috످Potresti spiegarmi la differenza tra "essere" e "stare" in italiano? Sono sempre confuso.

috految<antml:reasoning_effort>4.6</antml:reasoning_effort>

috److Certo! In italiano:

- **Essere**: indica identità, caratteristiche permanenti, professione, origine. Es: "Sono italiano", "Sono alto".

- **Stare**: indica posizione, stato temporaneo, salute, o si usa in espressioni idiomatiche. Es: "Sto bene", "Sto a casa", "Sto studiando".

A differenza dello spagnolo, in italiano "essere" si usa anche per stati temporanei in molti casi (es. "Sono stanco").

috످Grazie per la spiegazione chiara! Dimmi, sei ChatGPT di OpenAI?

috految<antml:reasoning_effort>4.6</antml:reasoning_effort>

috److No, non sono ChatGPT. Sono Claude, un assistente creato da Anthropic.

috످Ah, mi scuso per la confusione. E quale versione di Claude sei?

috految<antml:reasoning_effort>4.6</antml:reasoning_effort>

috److Figurati, capita! Non so quale versione di Claude sono, ma potresti trovarla indicata nell'app o sul sito che stai usando.

috످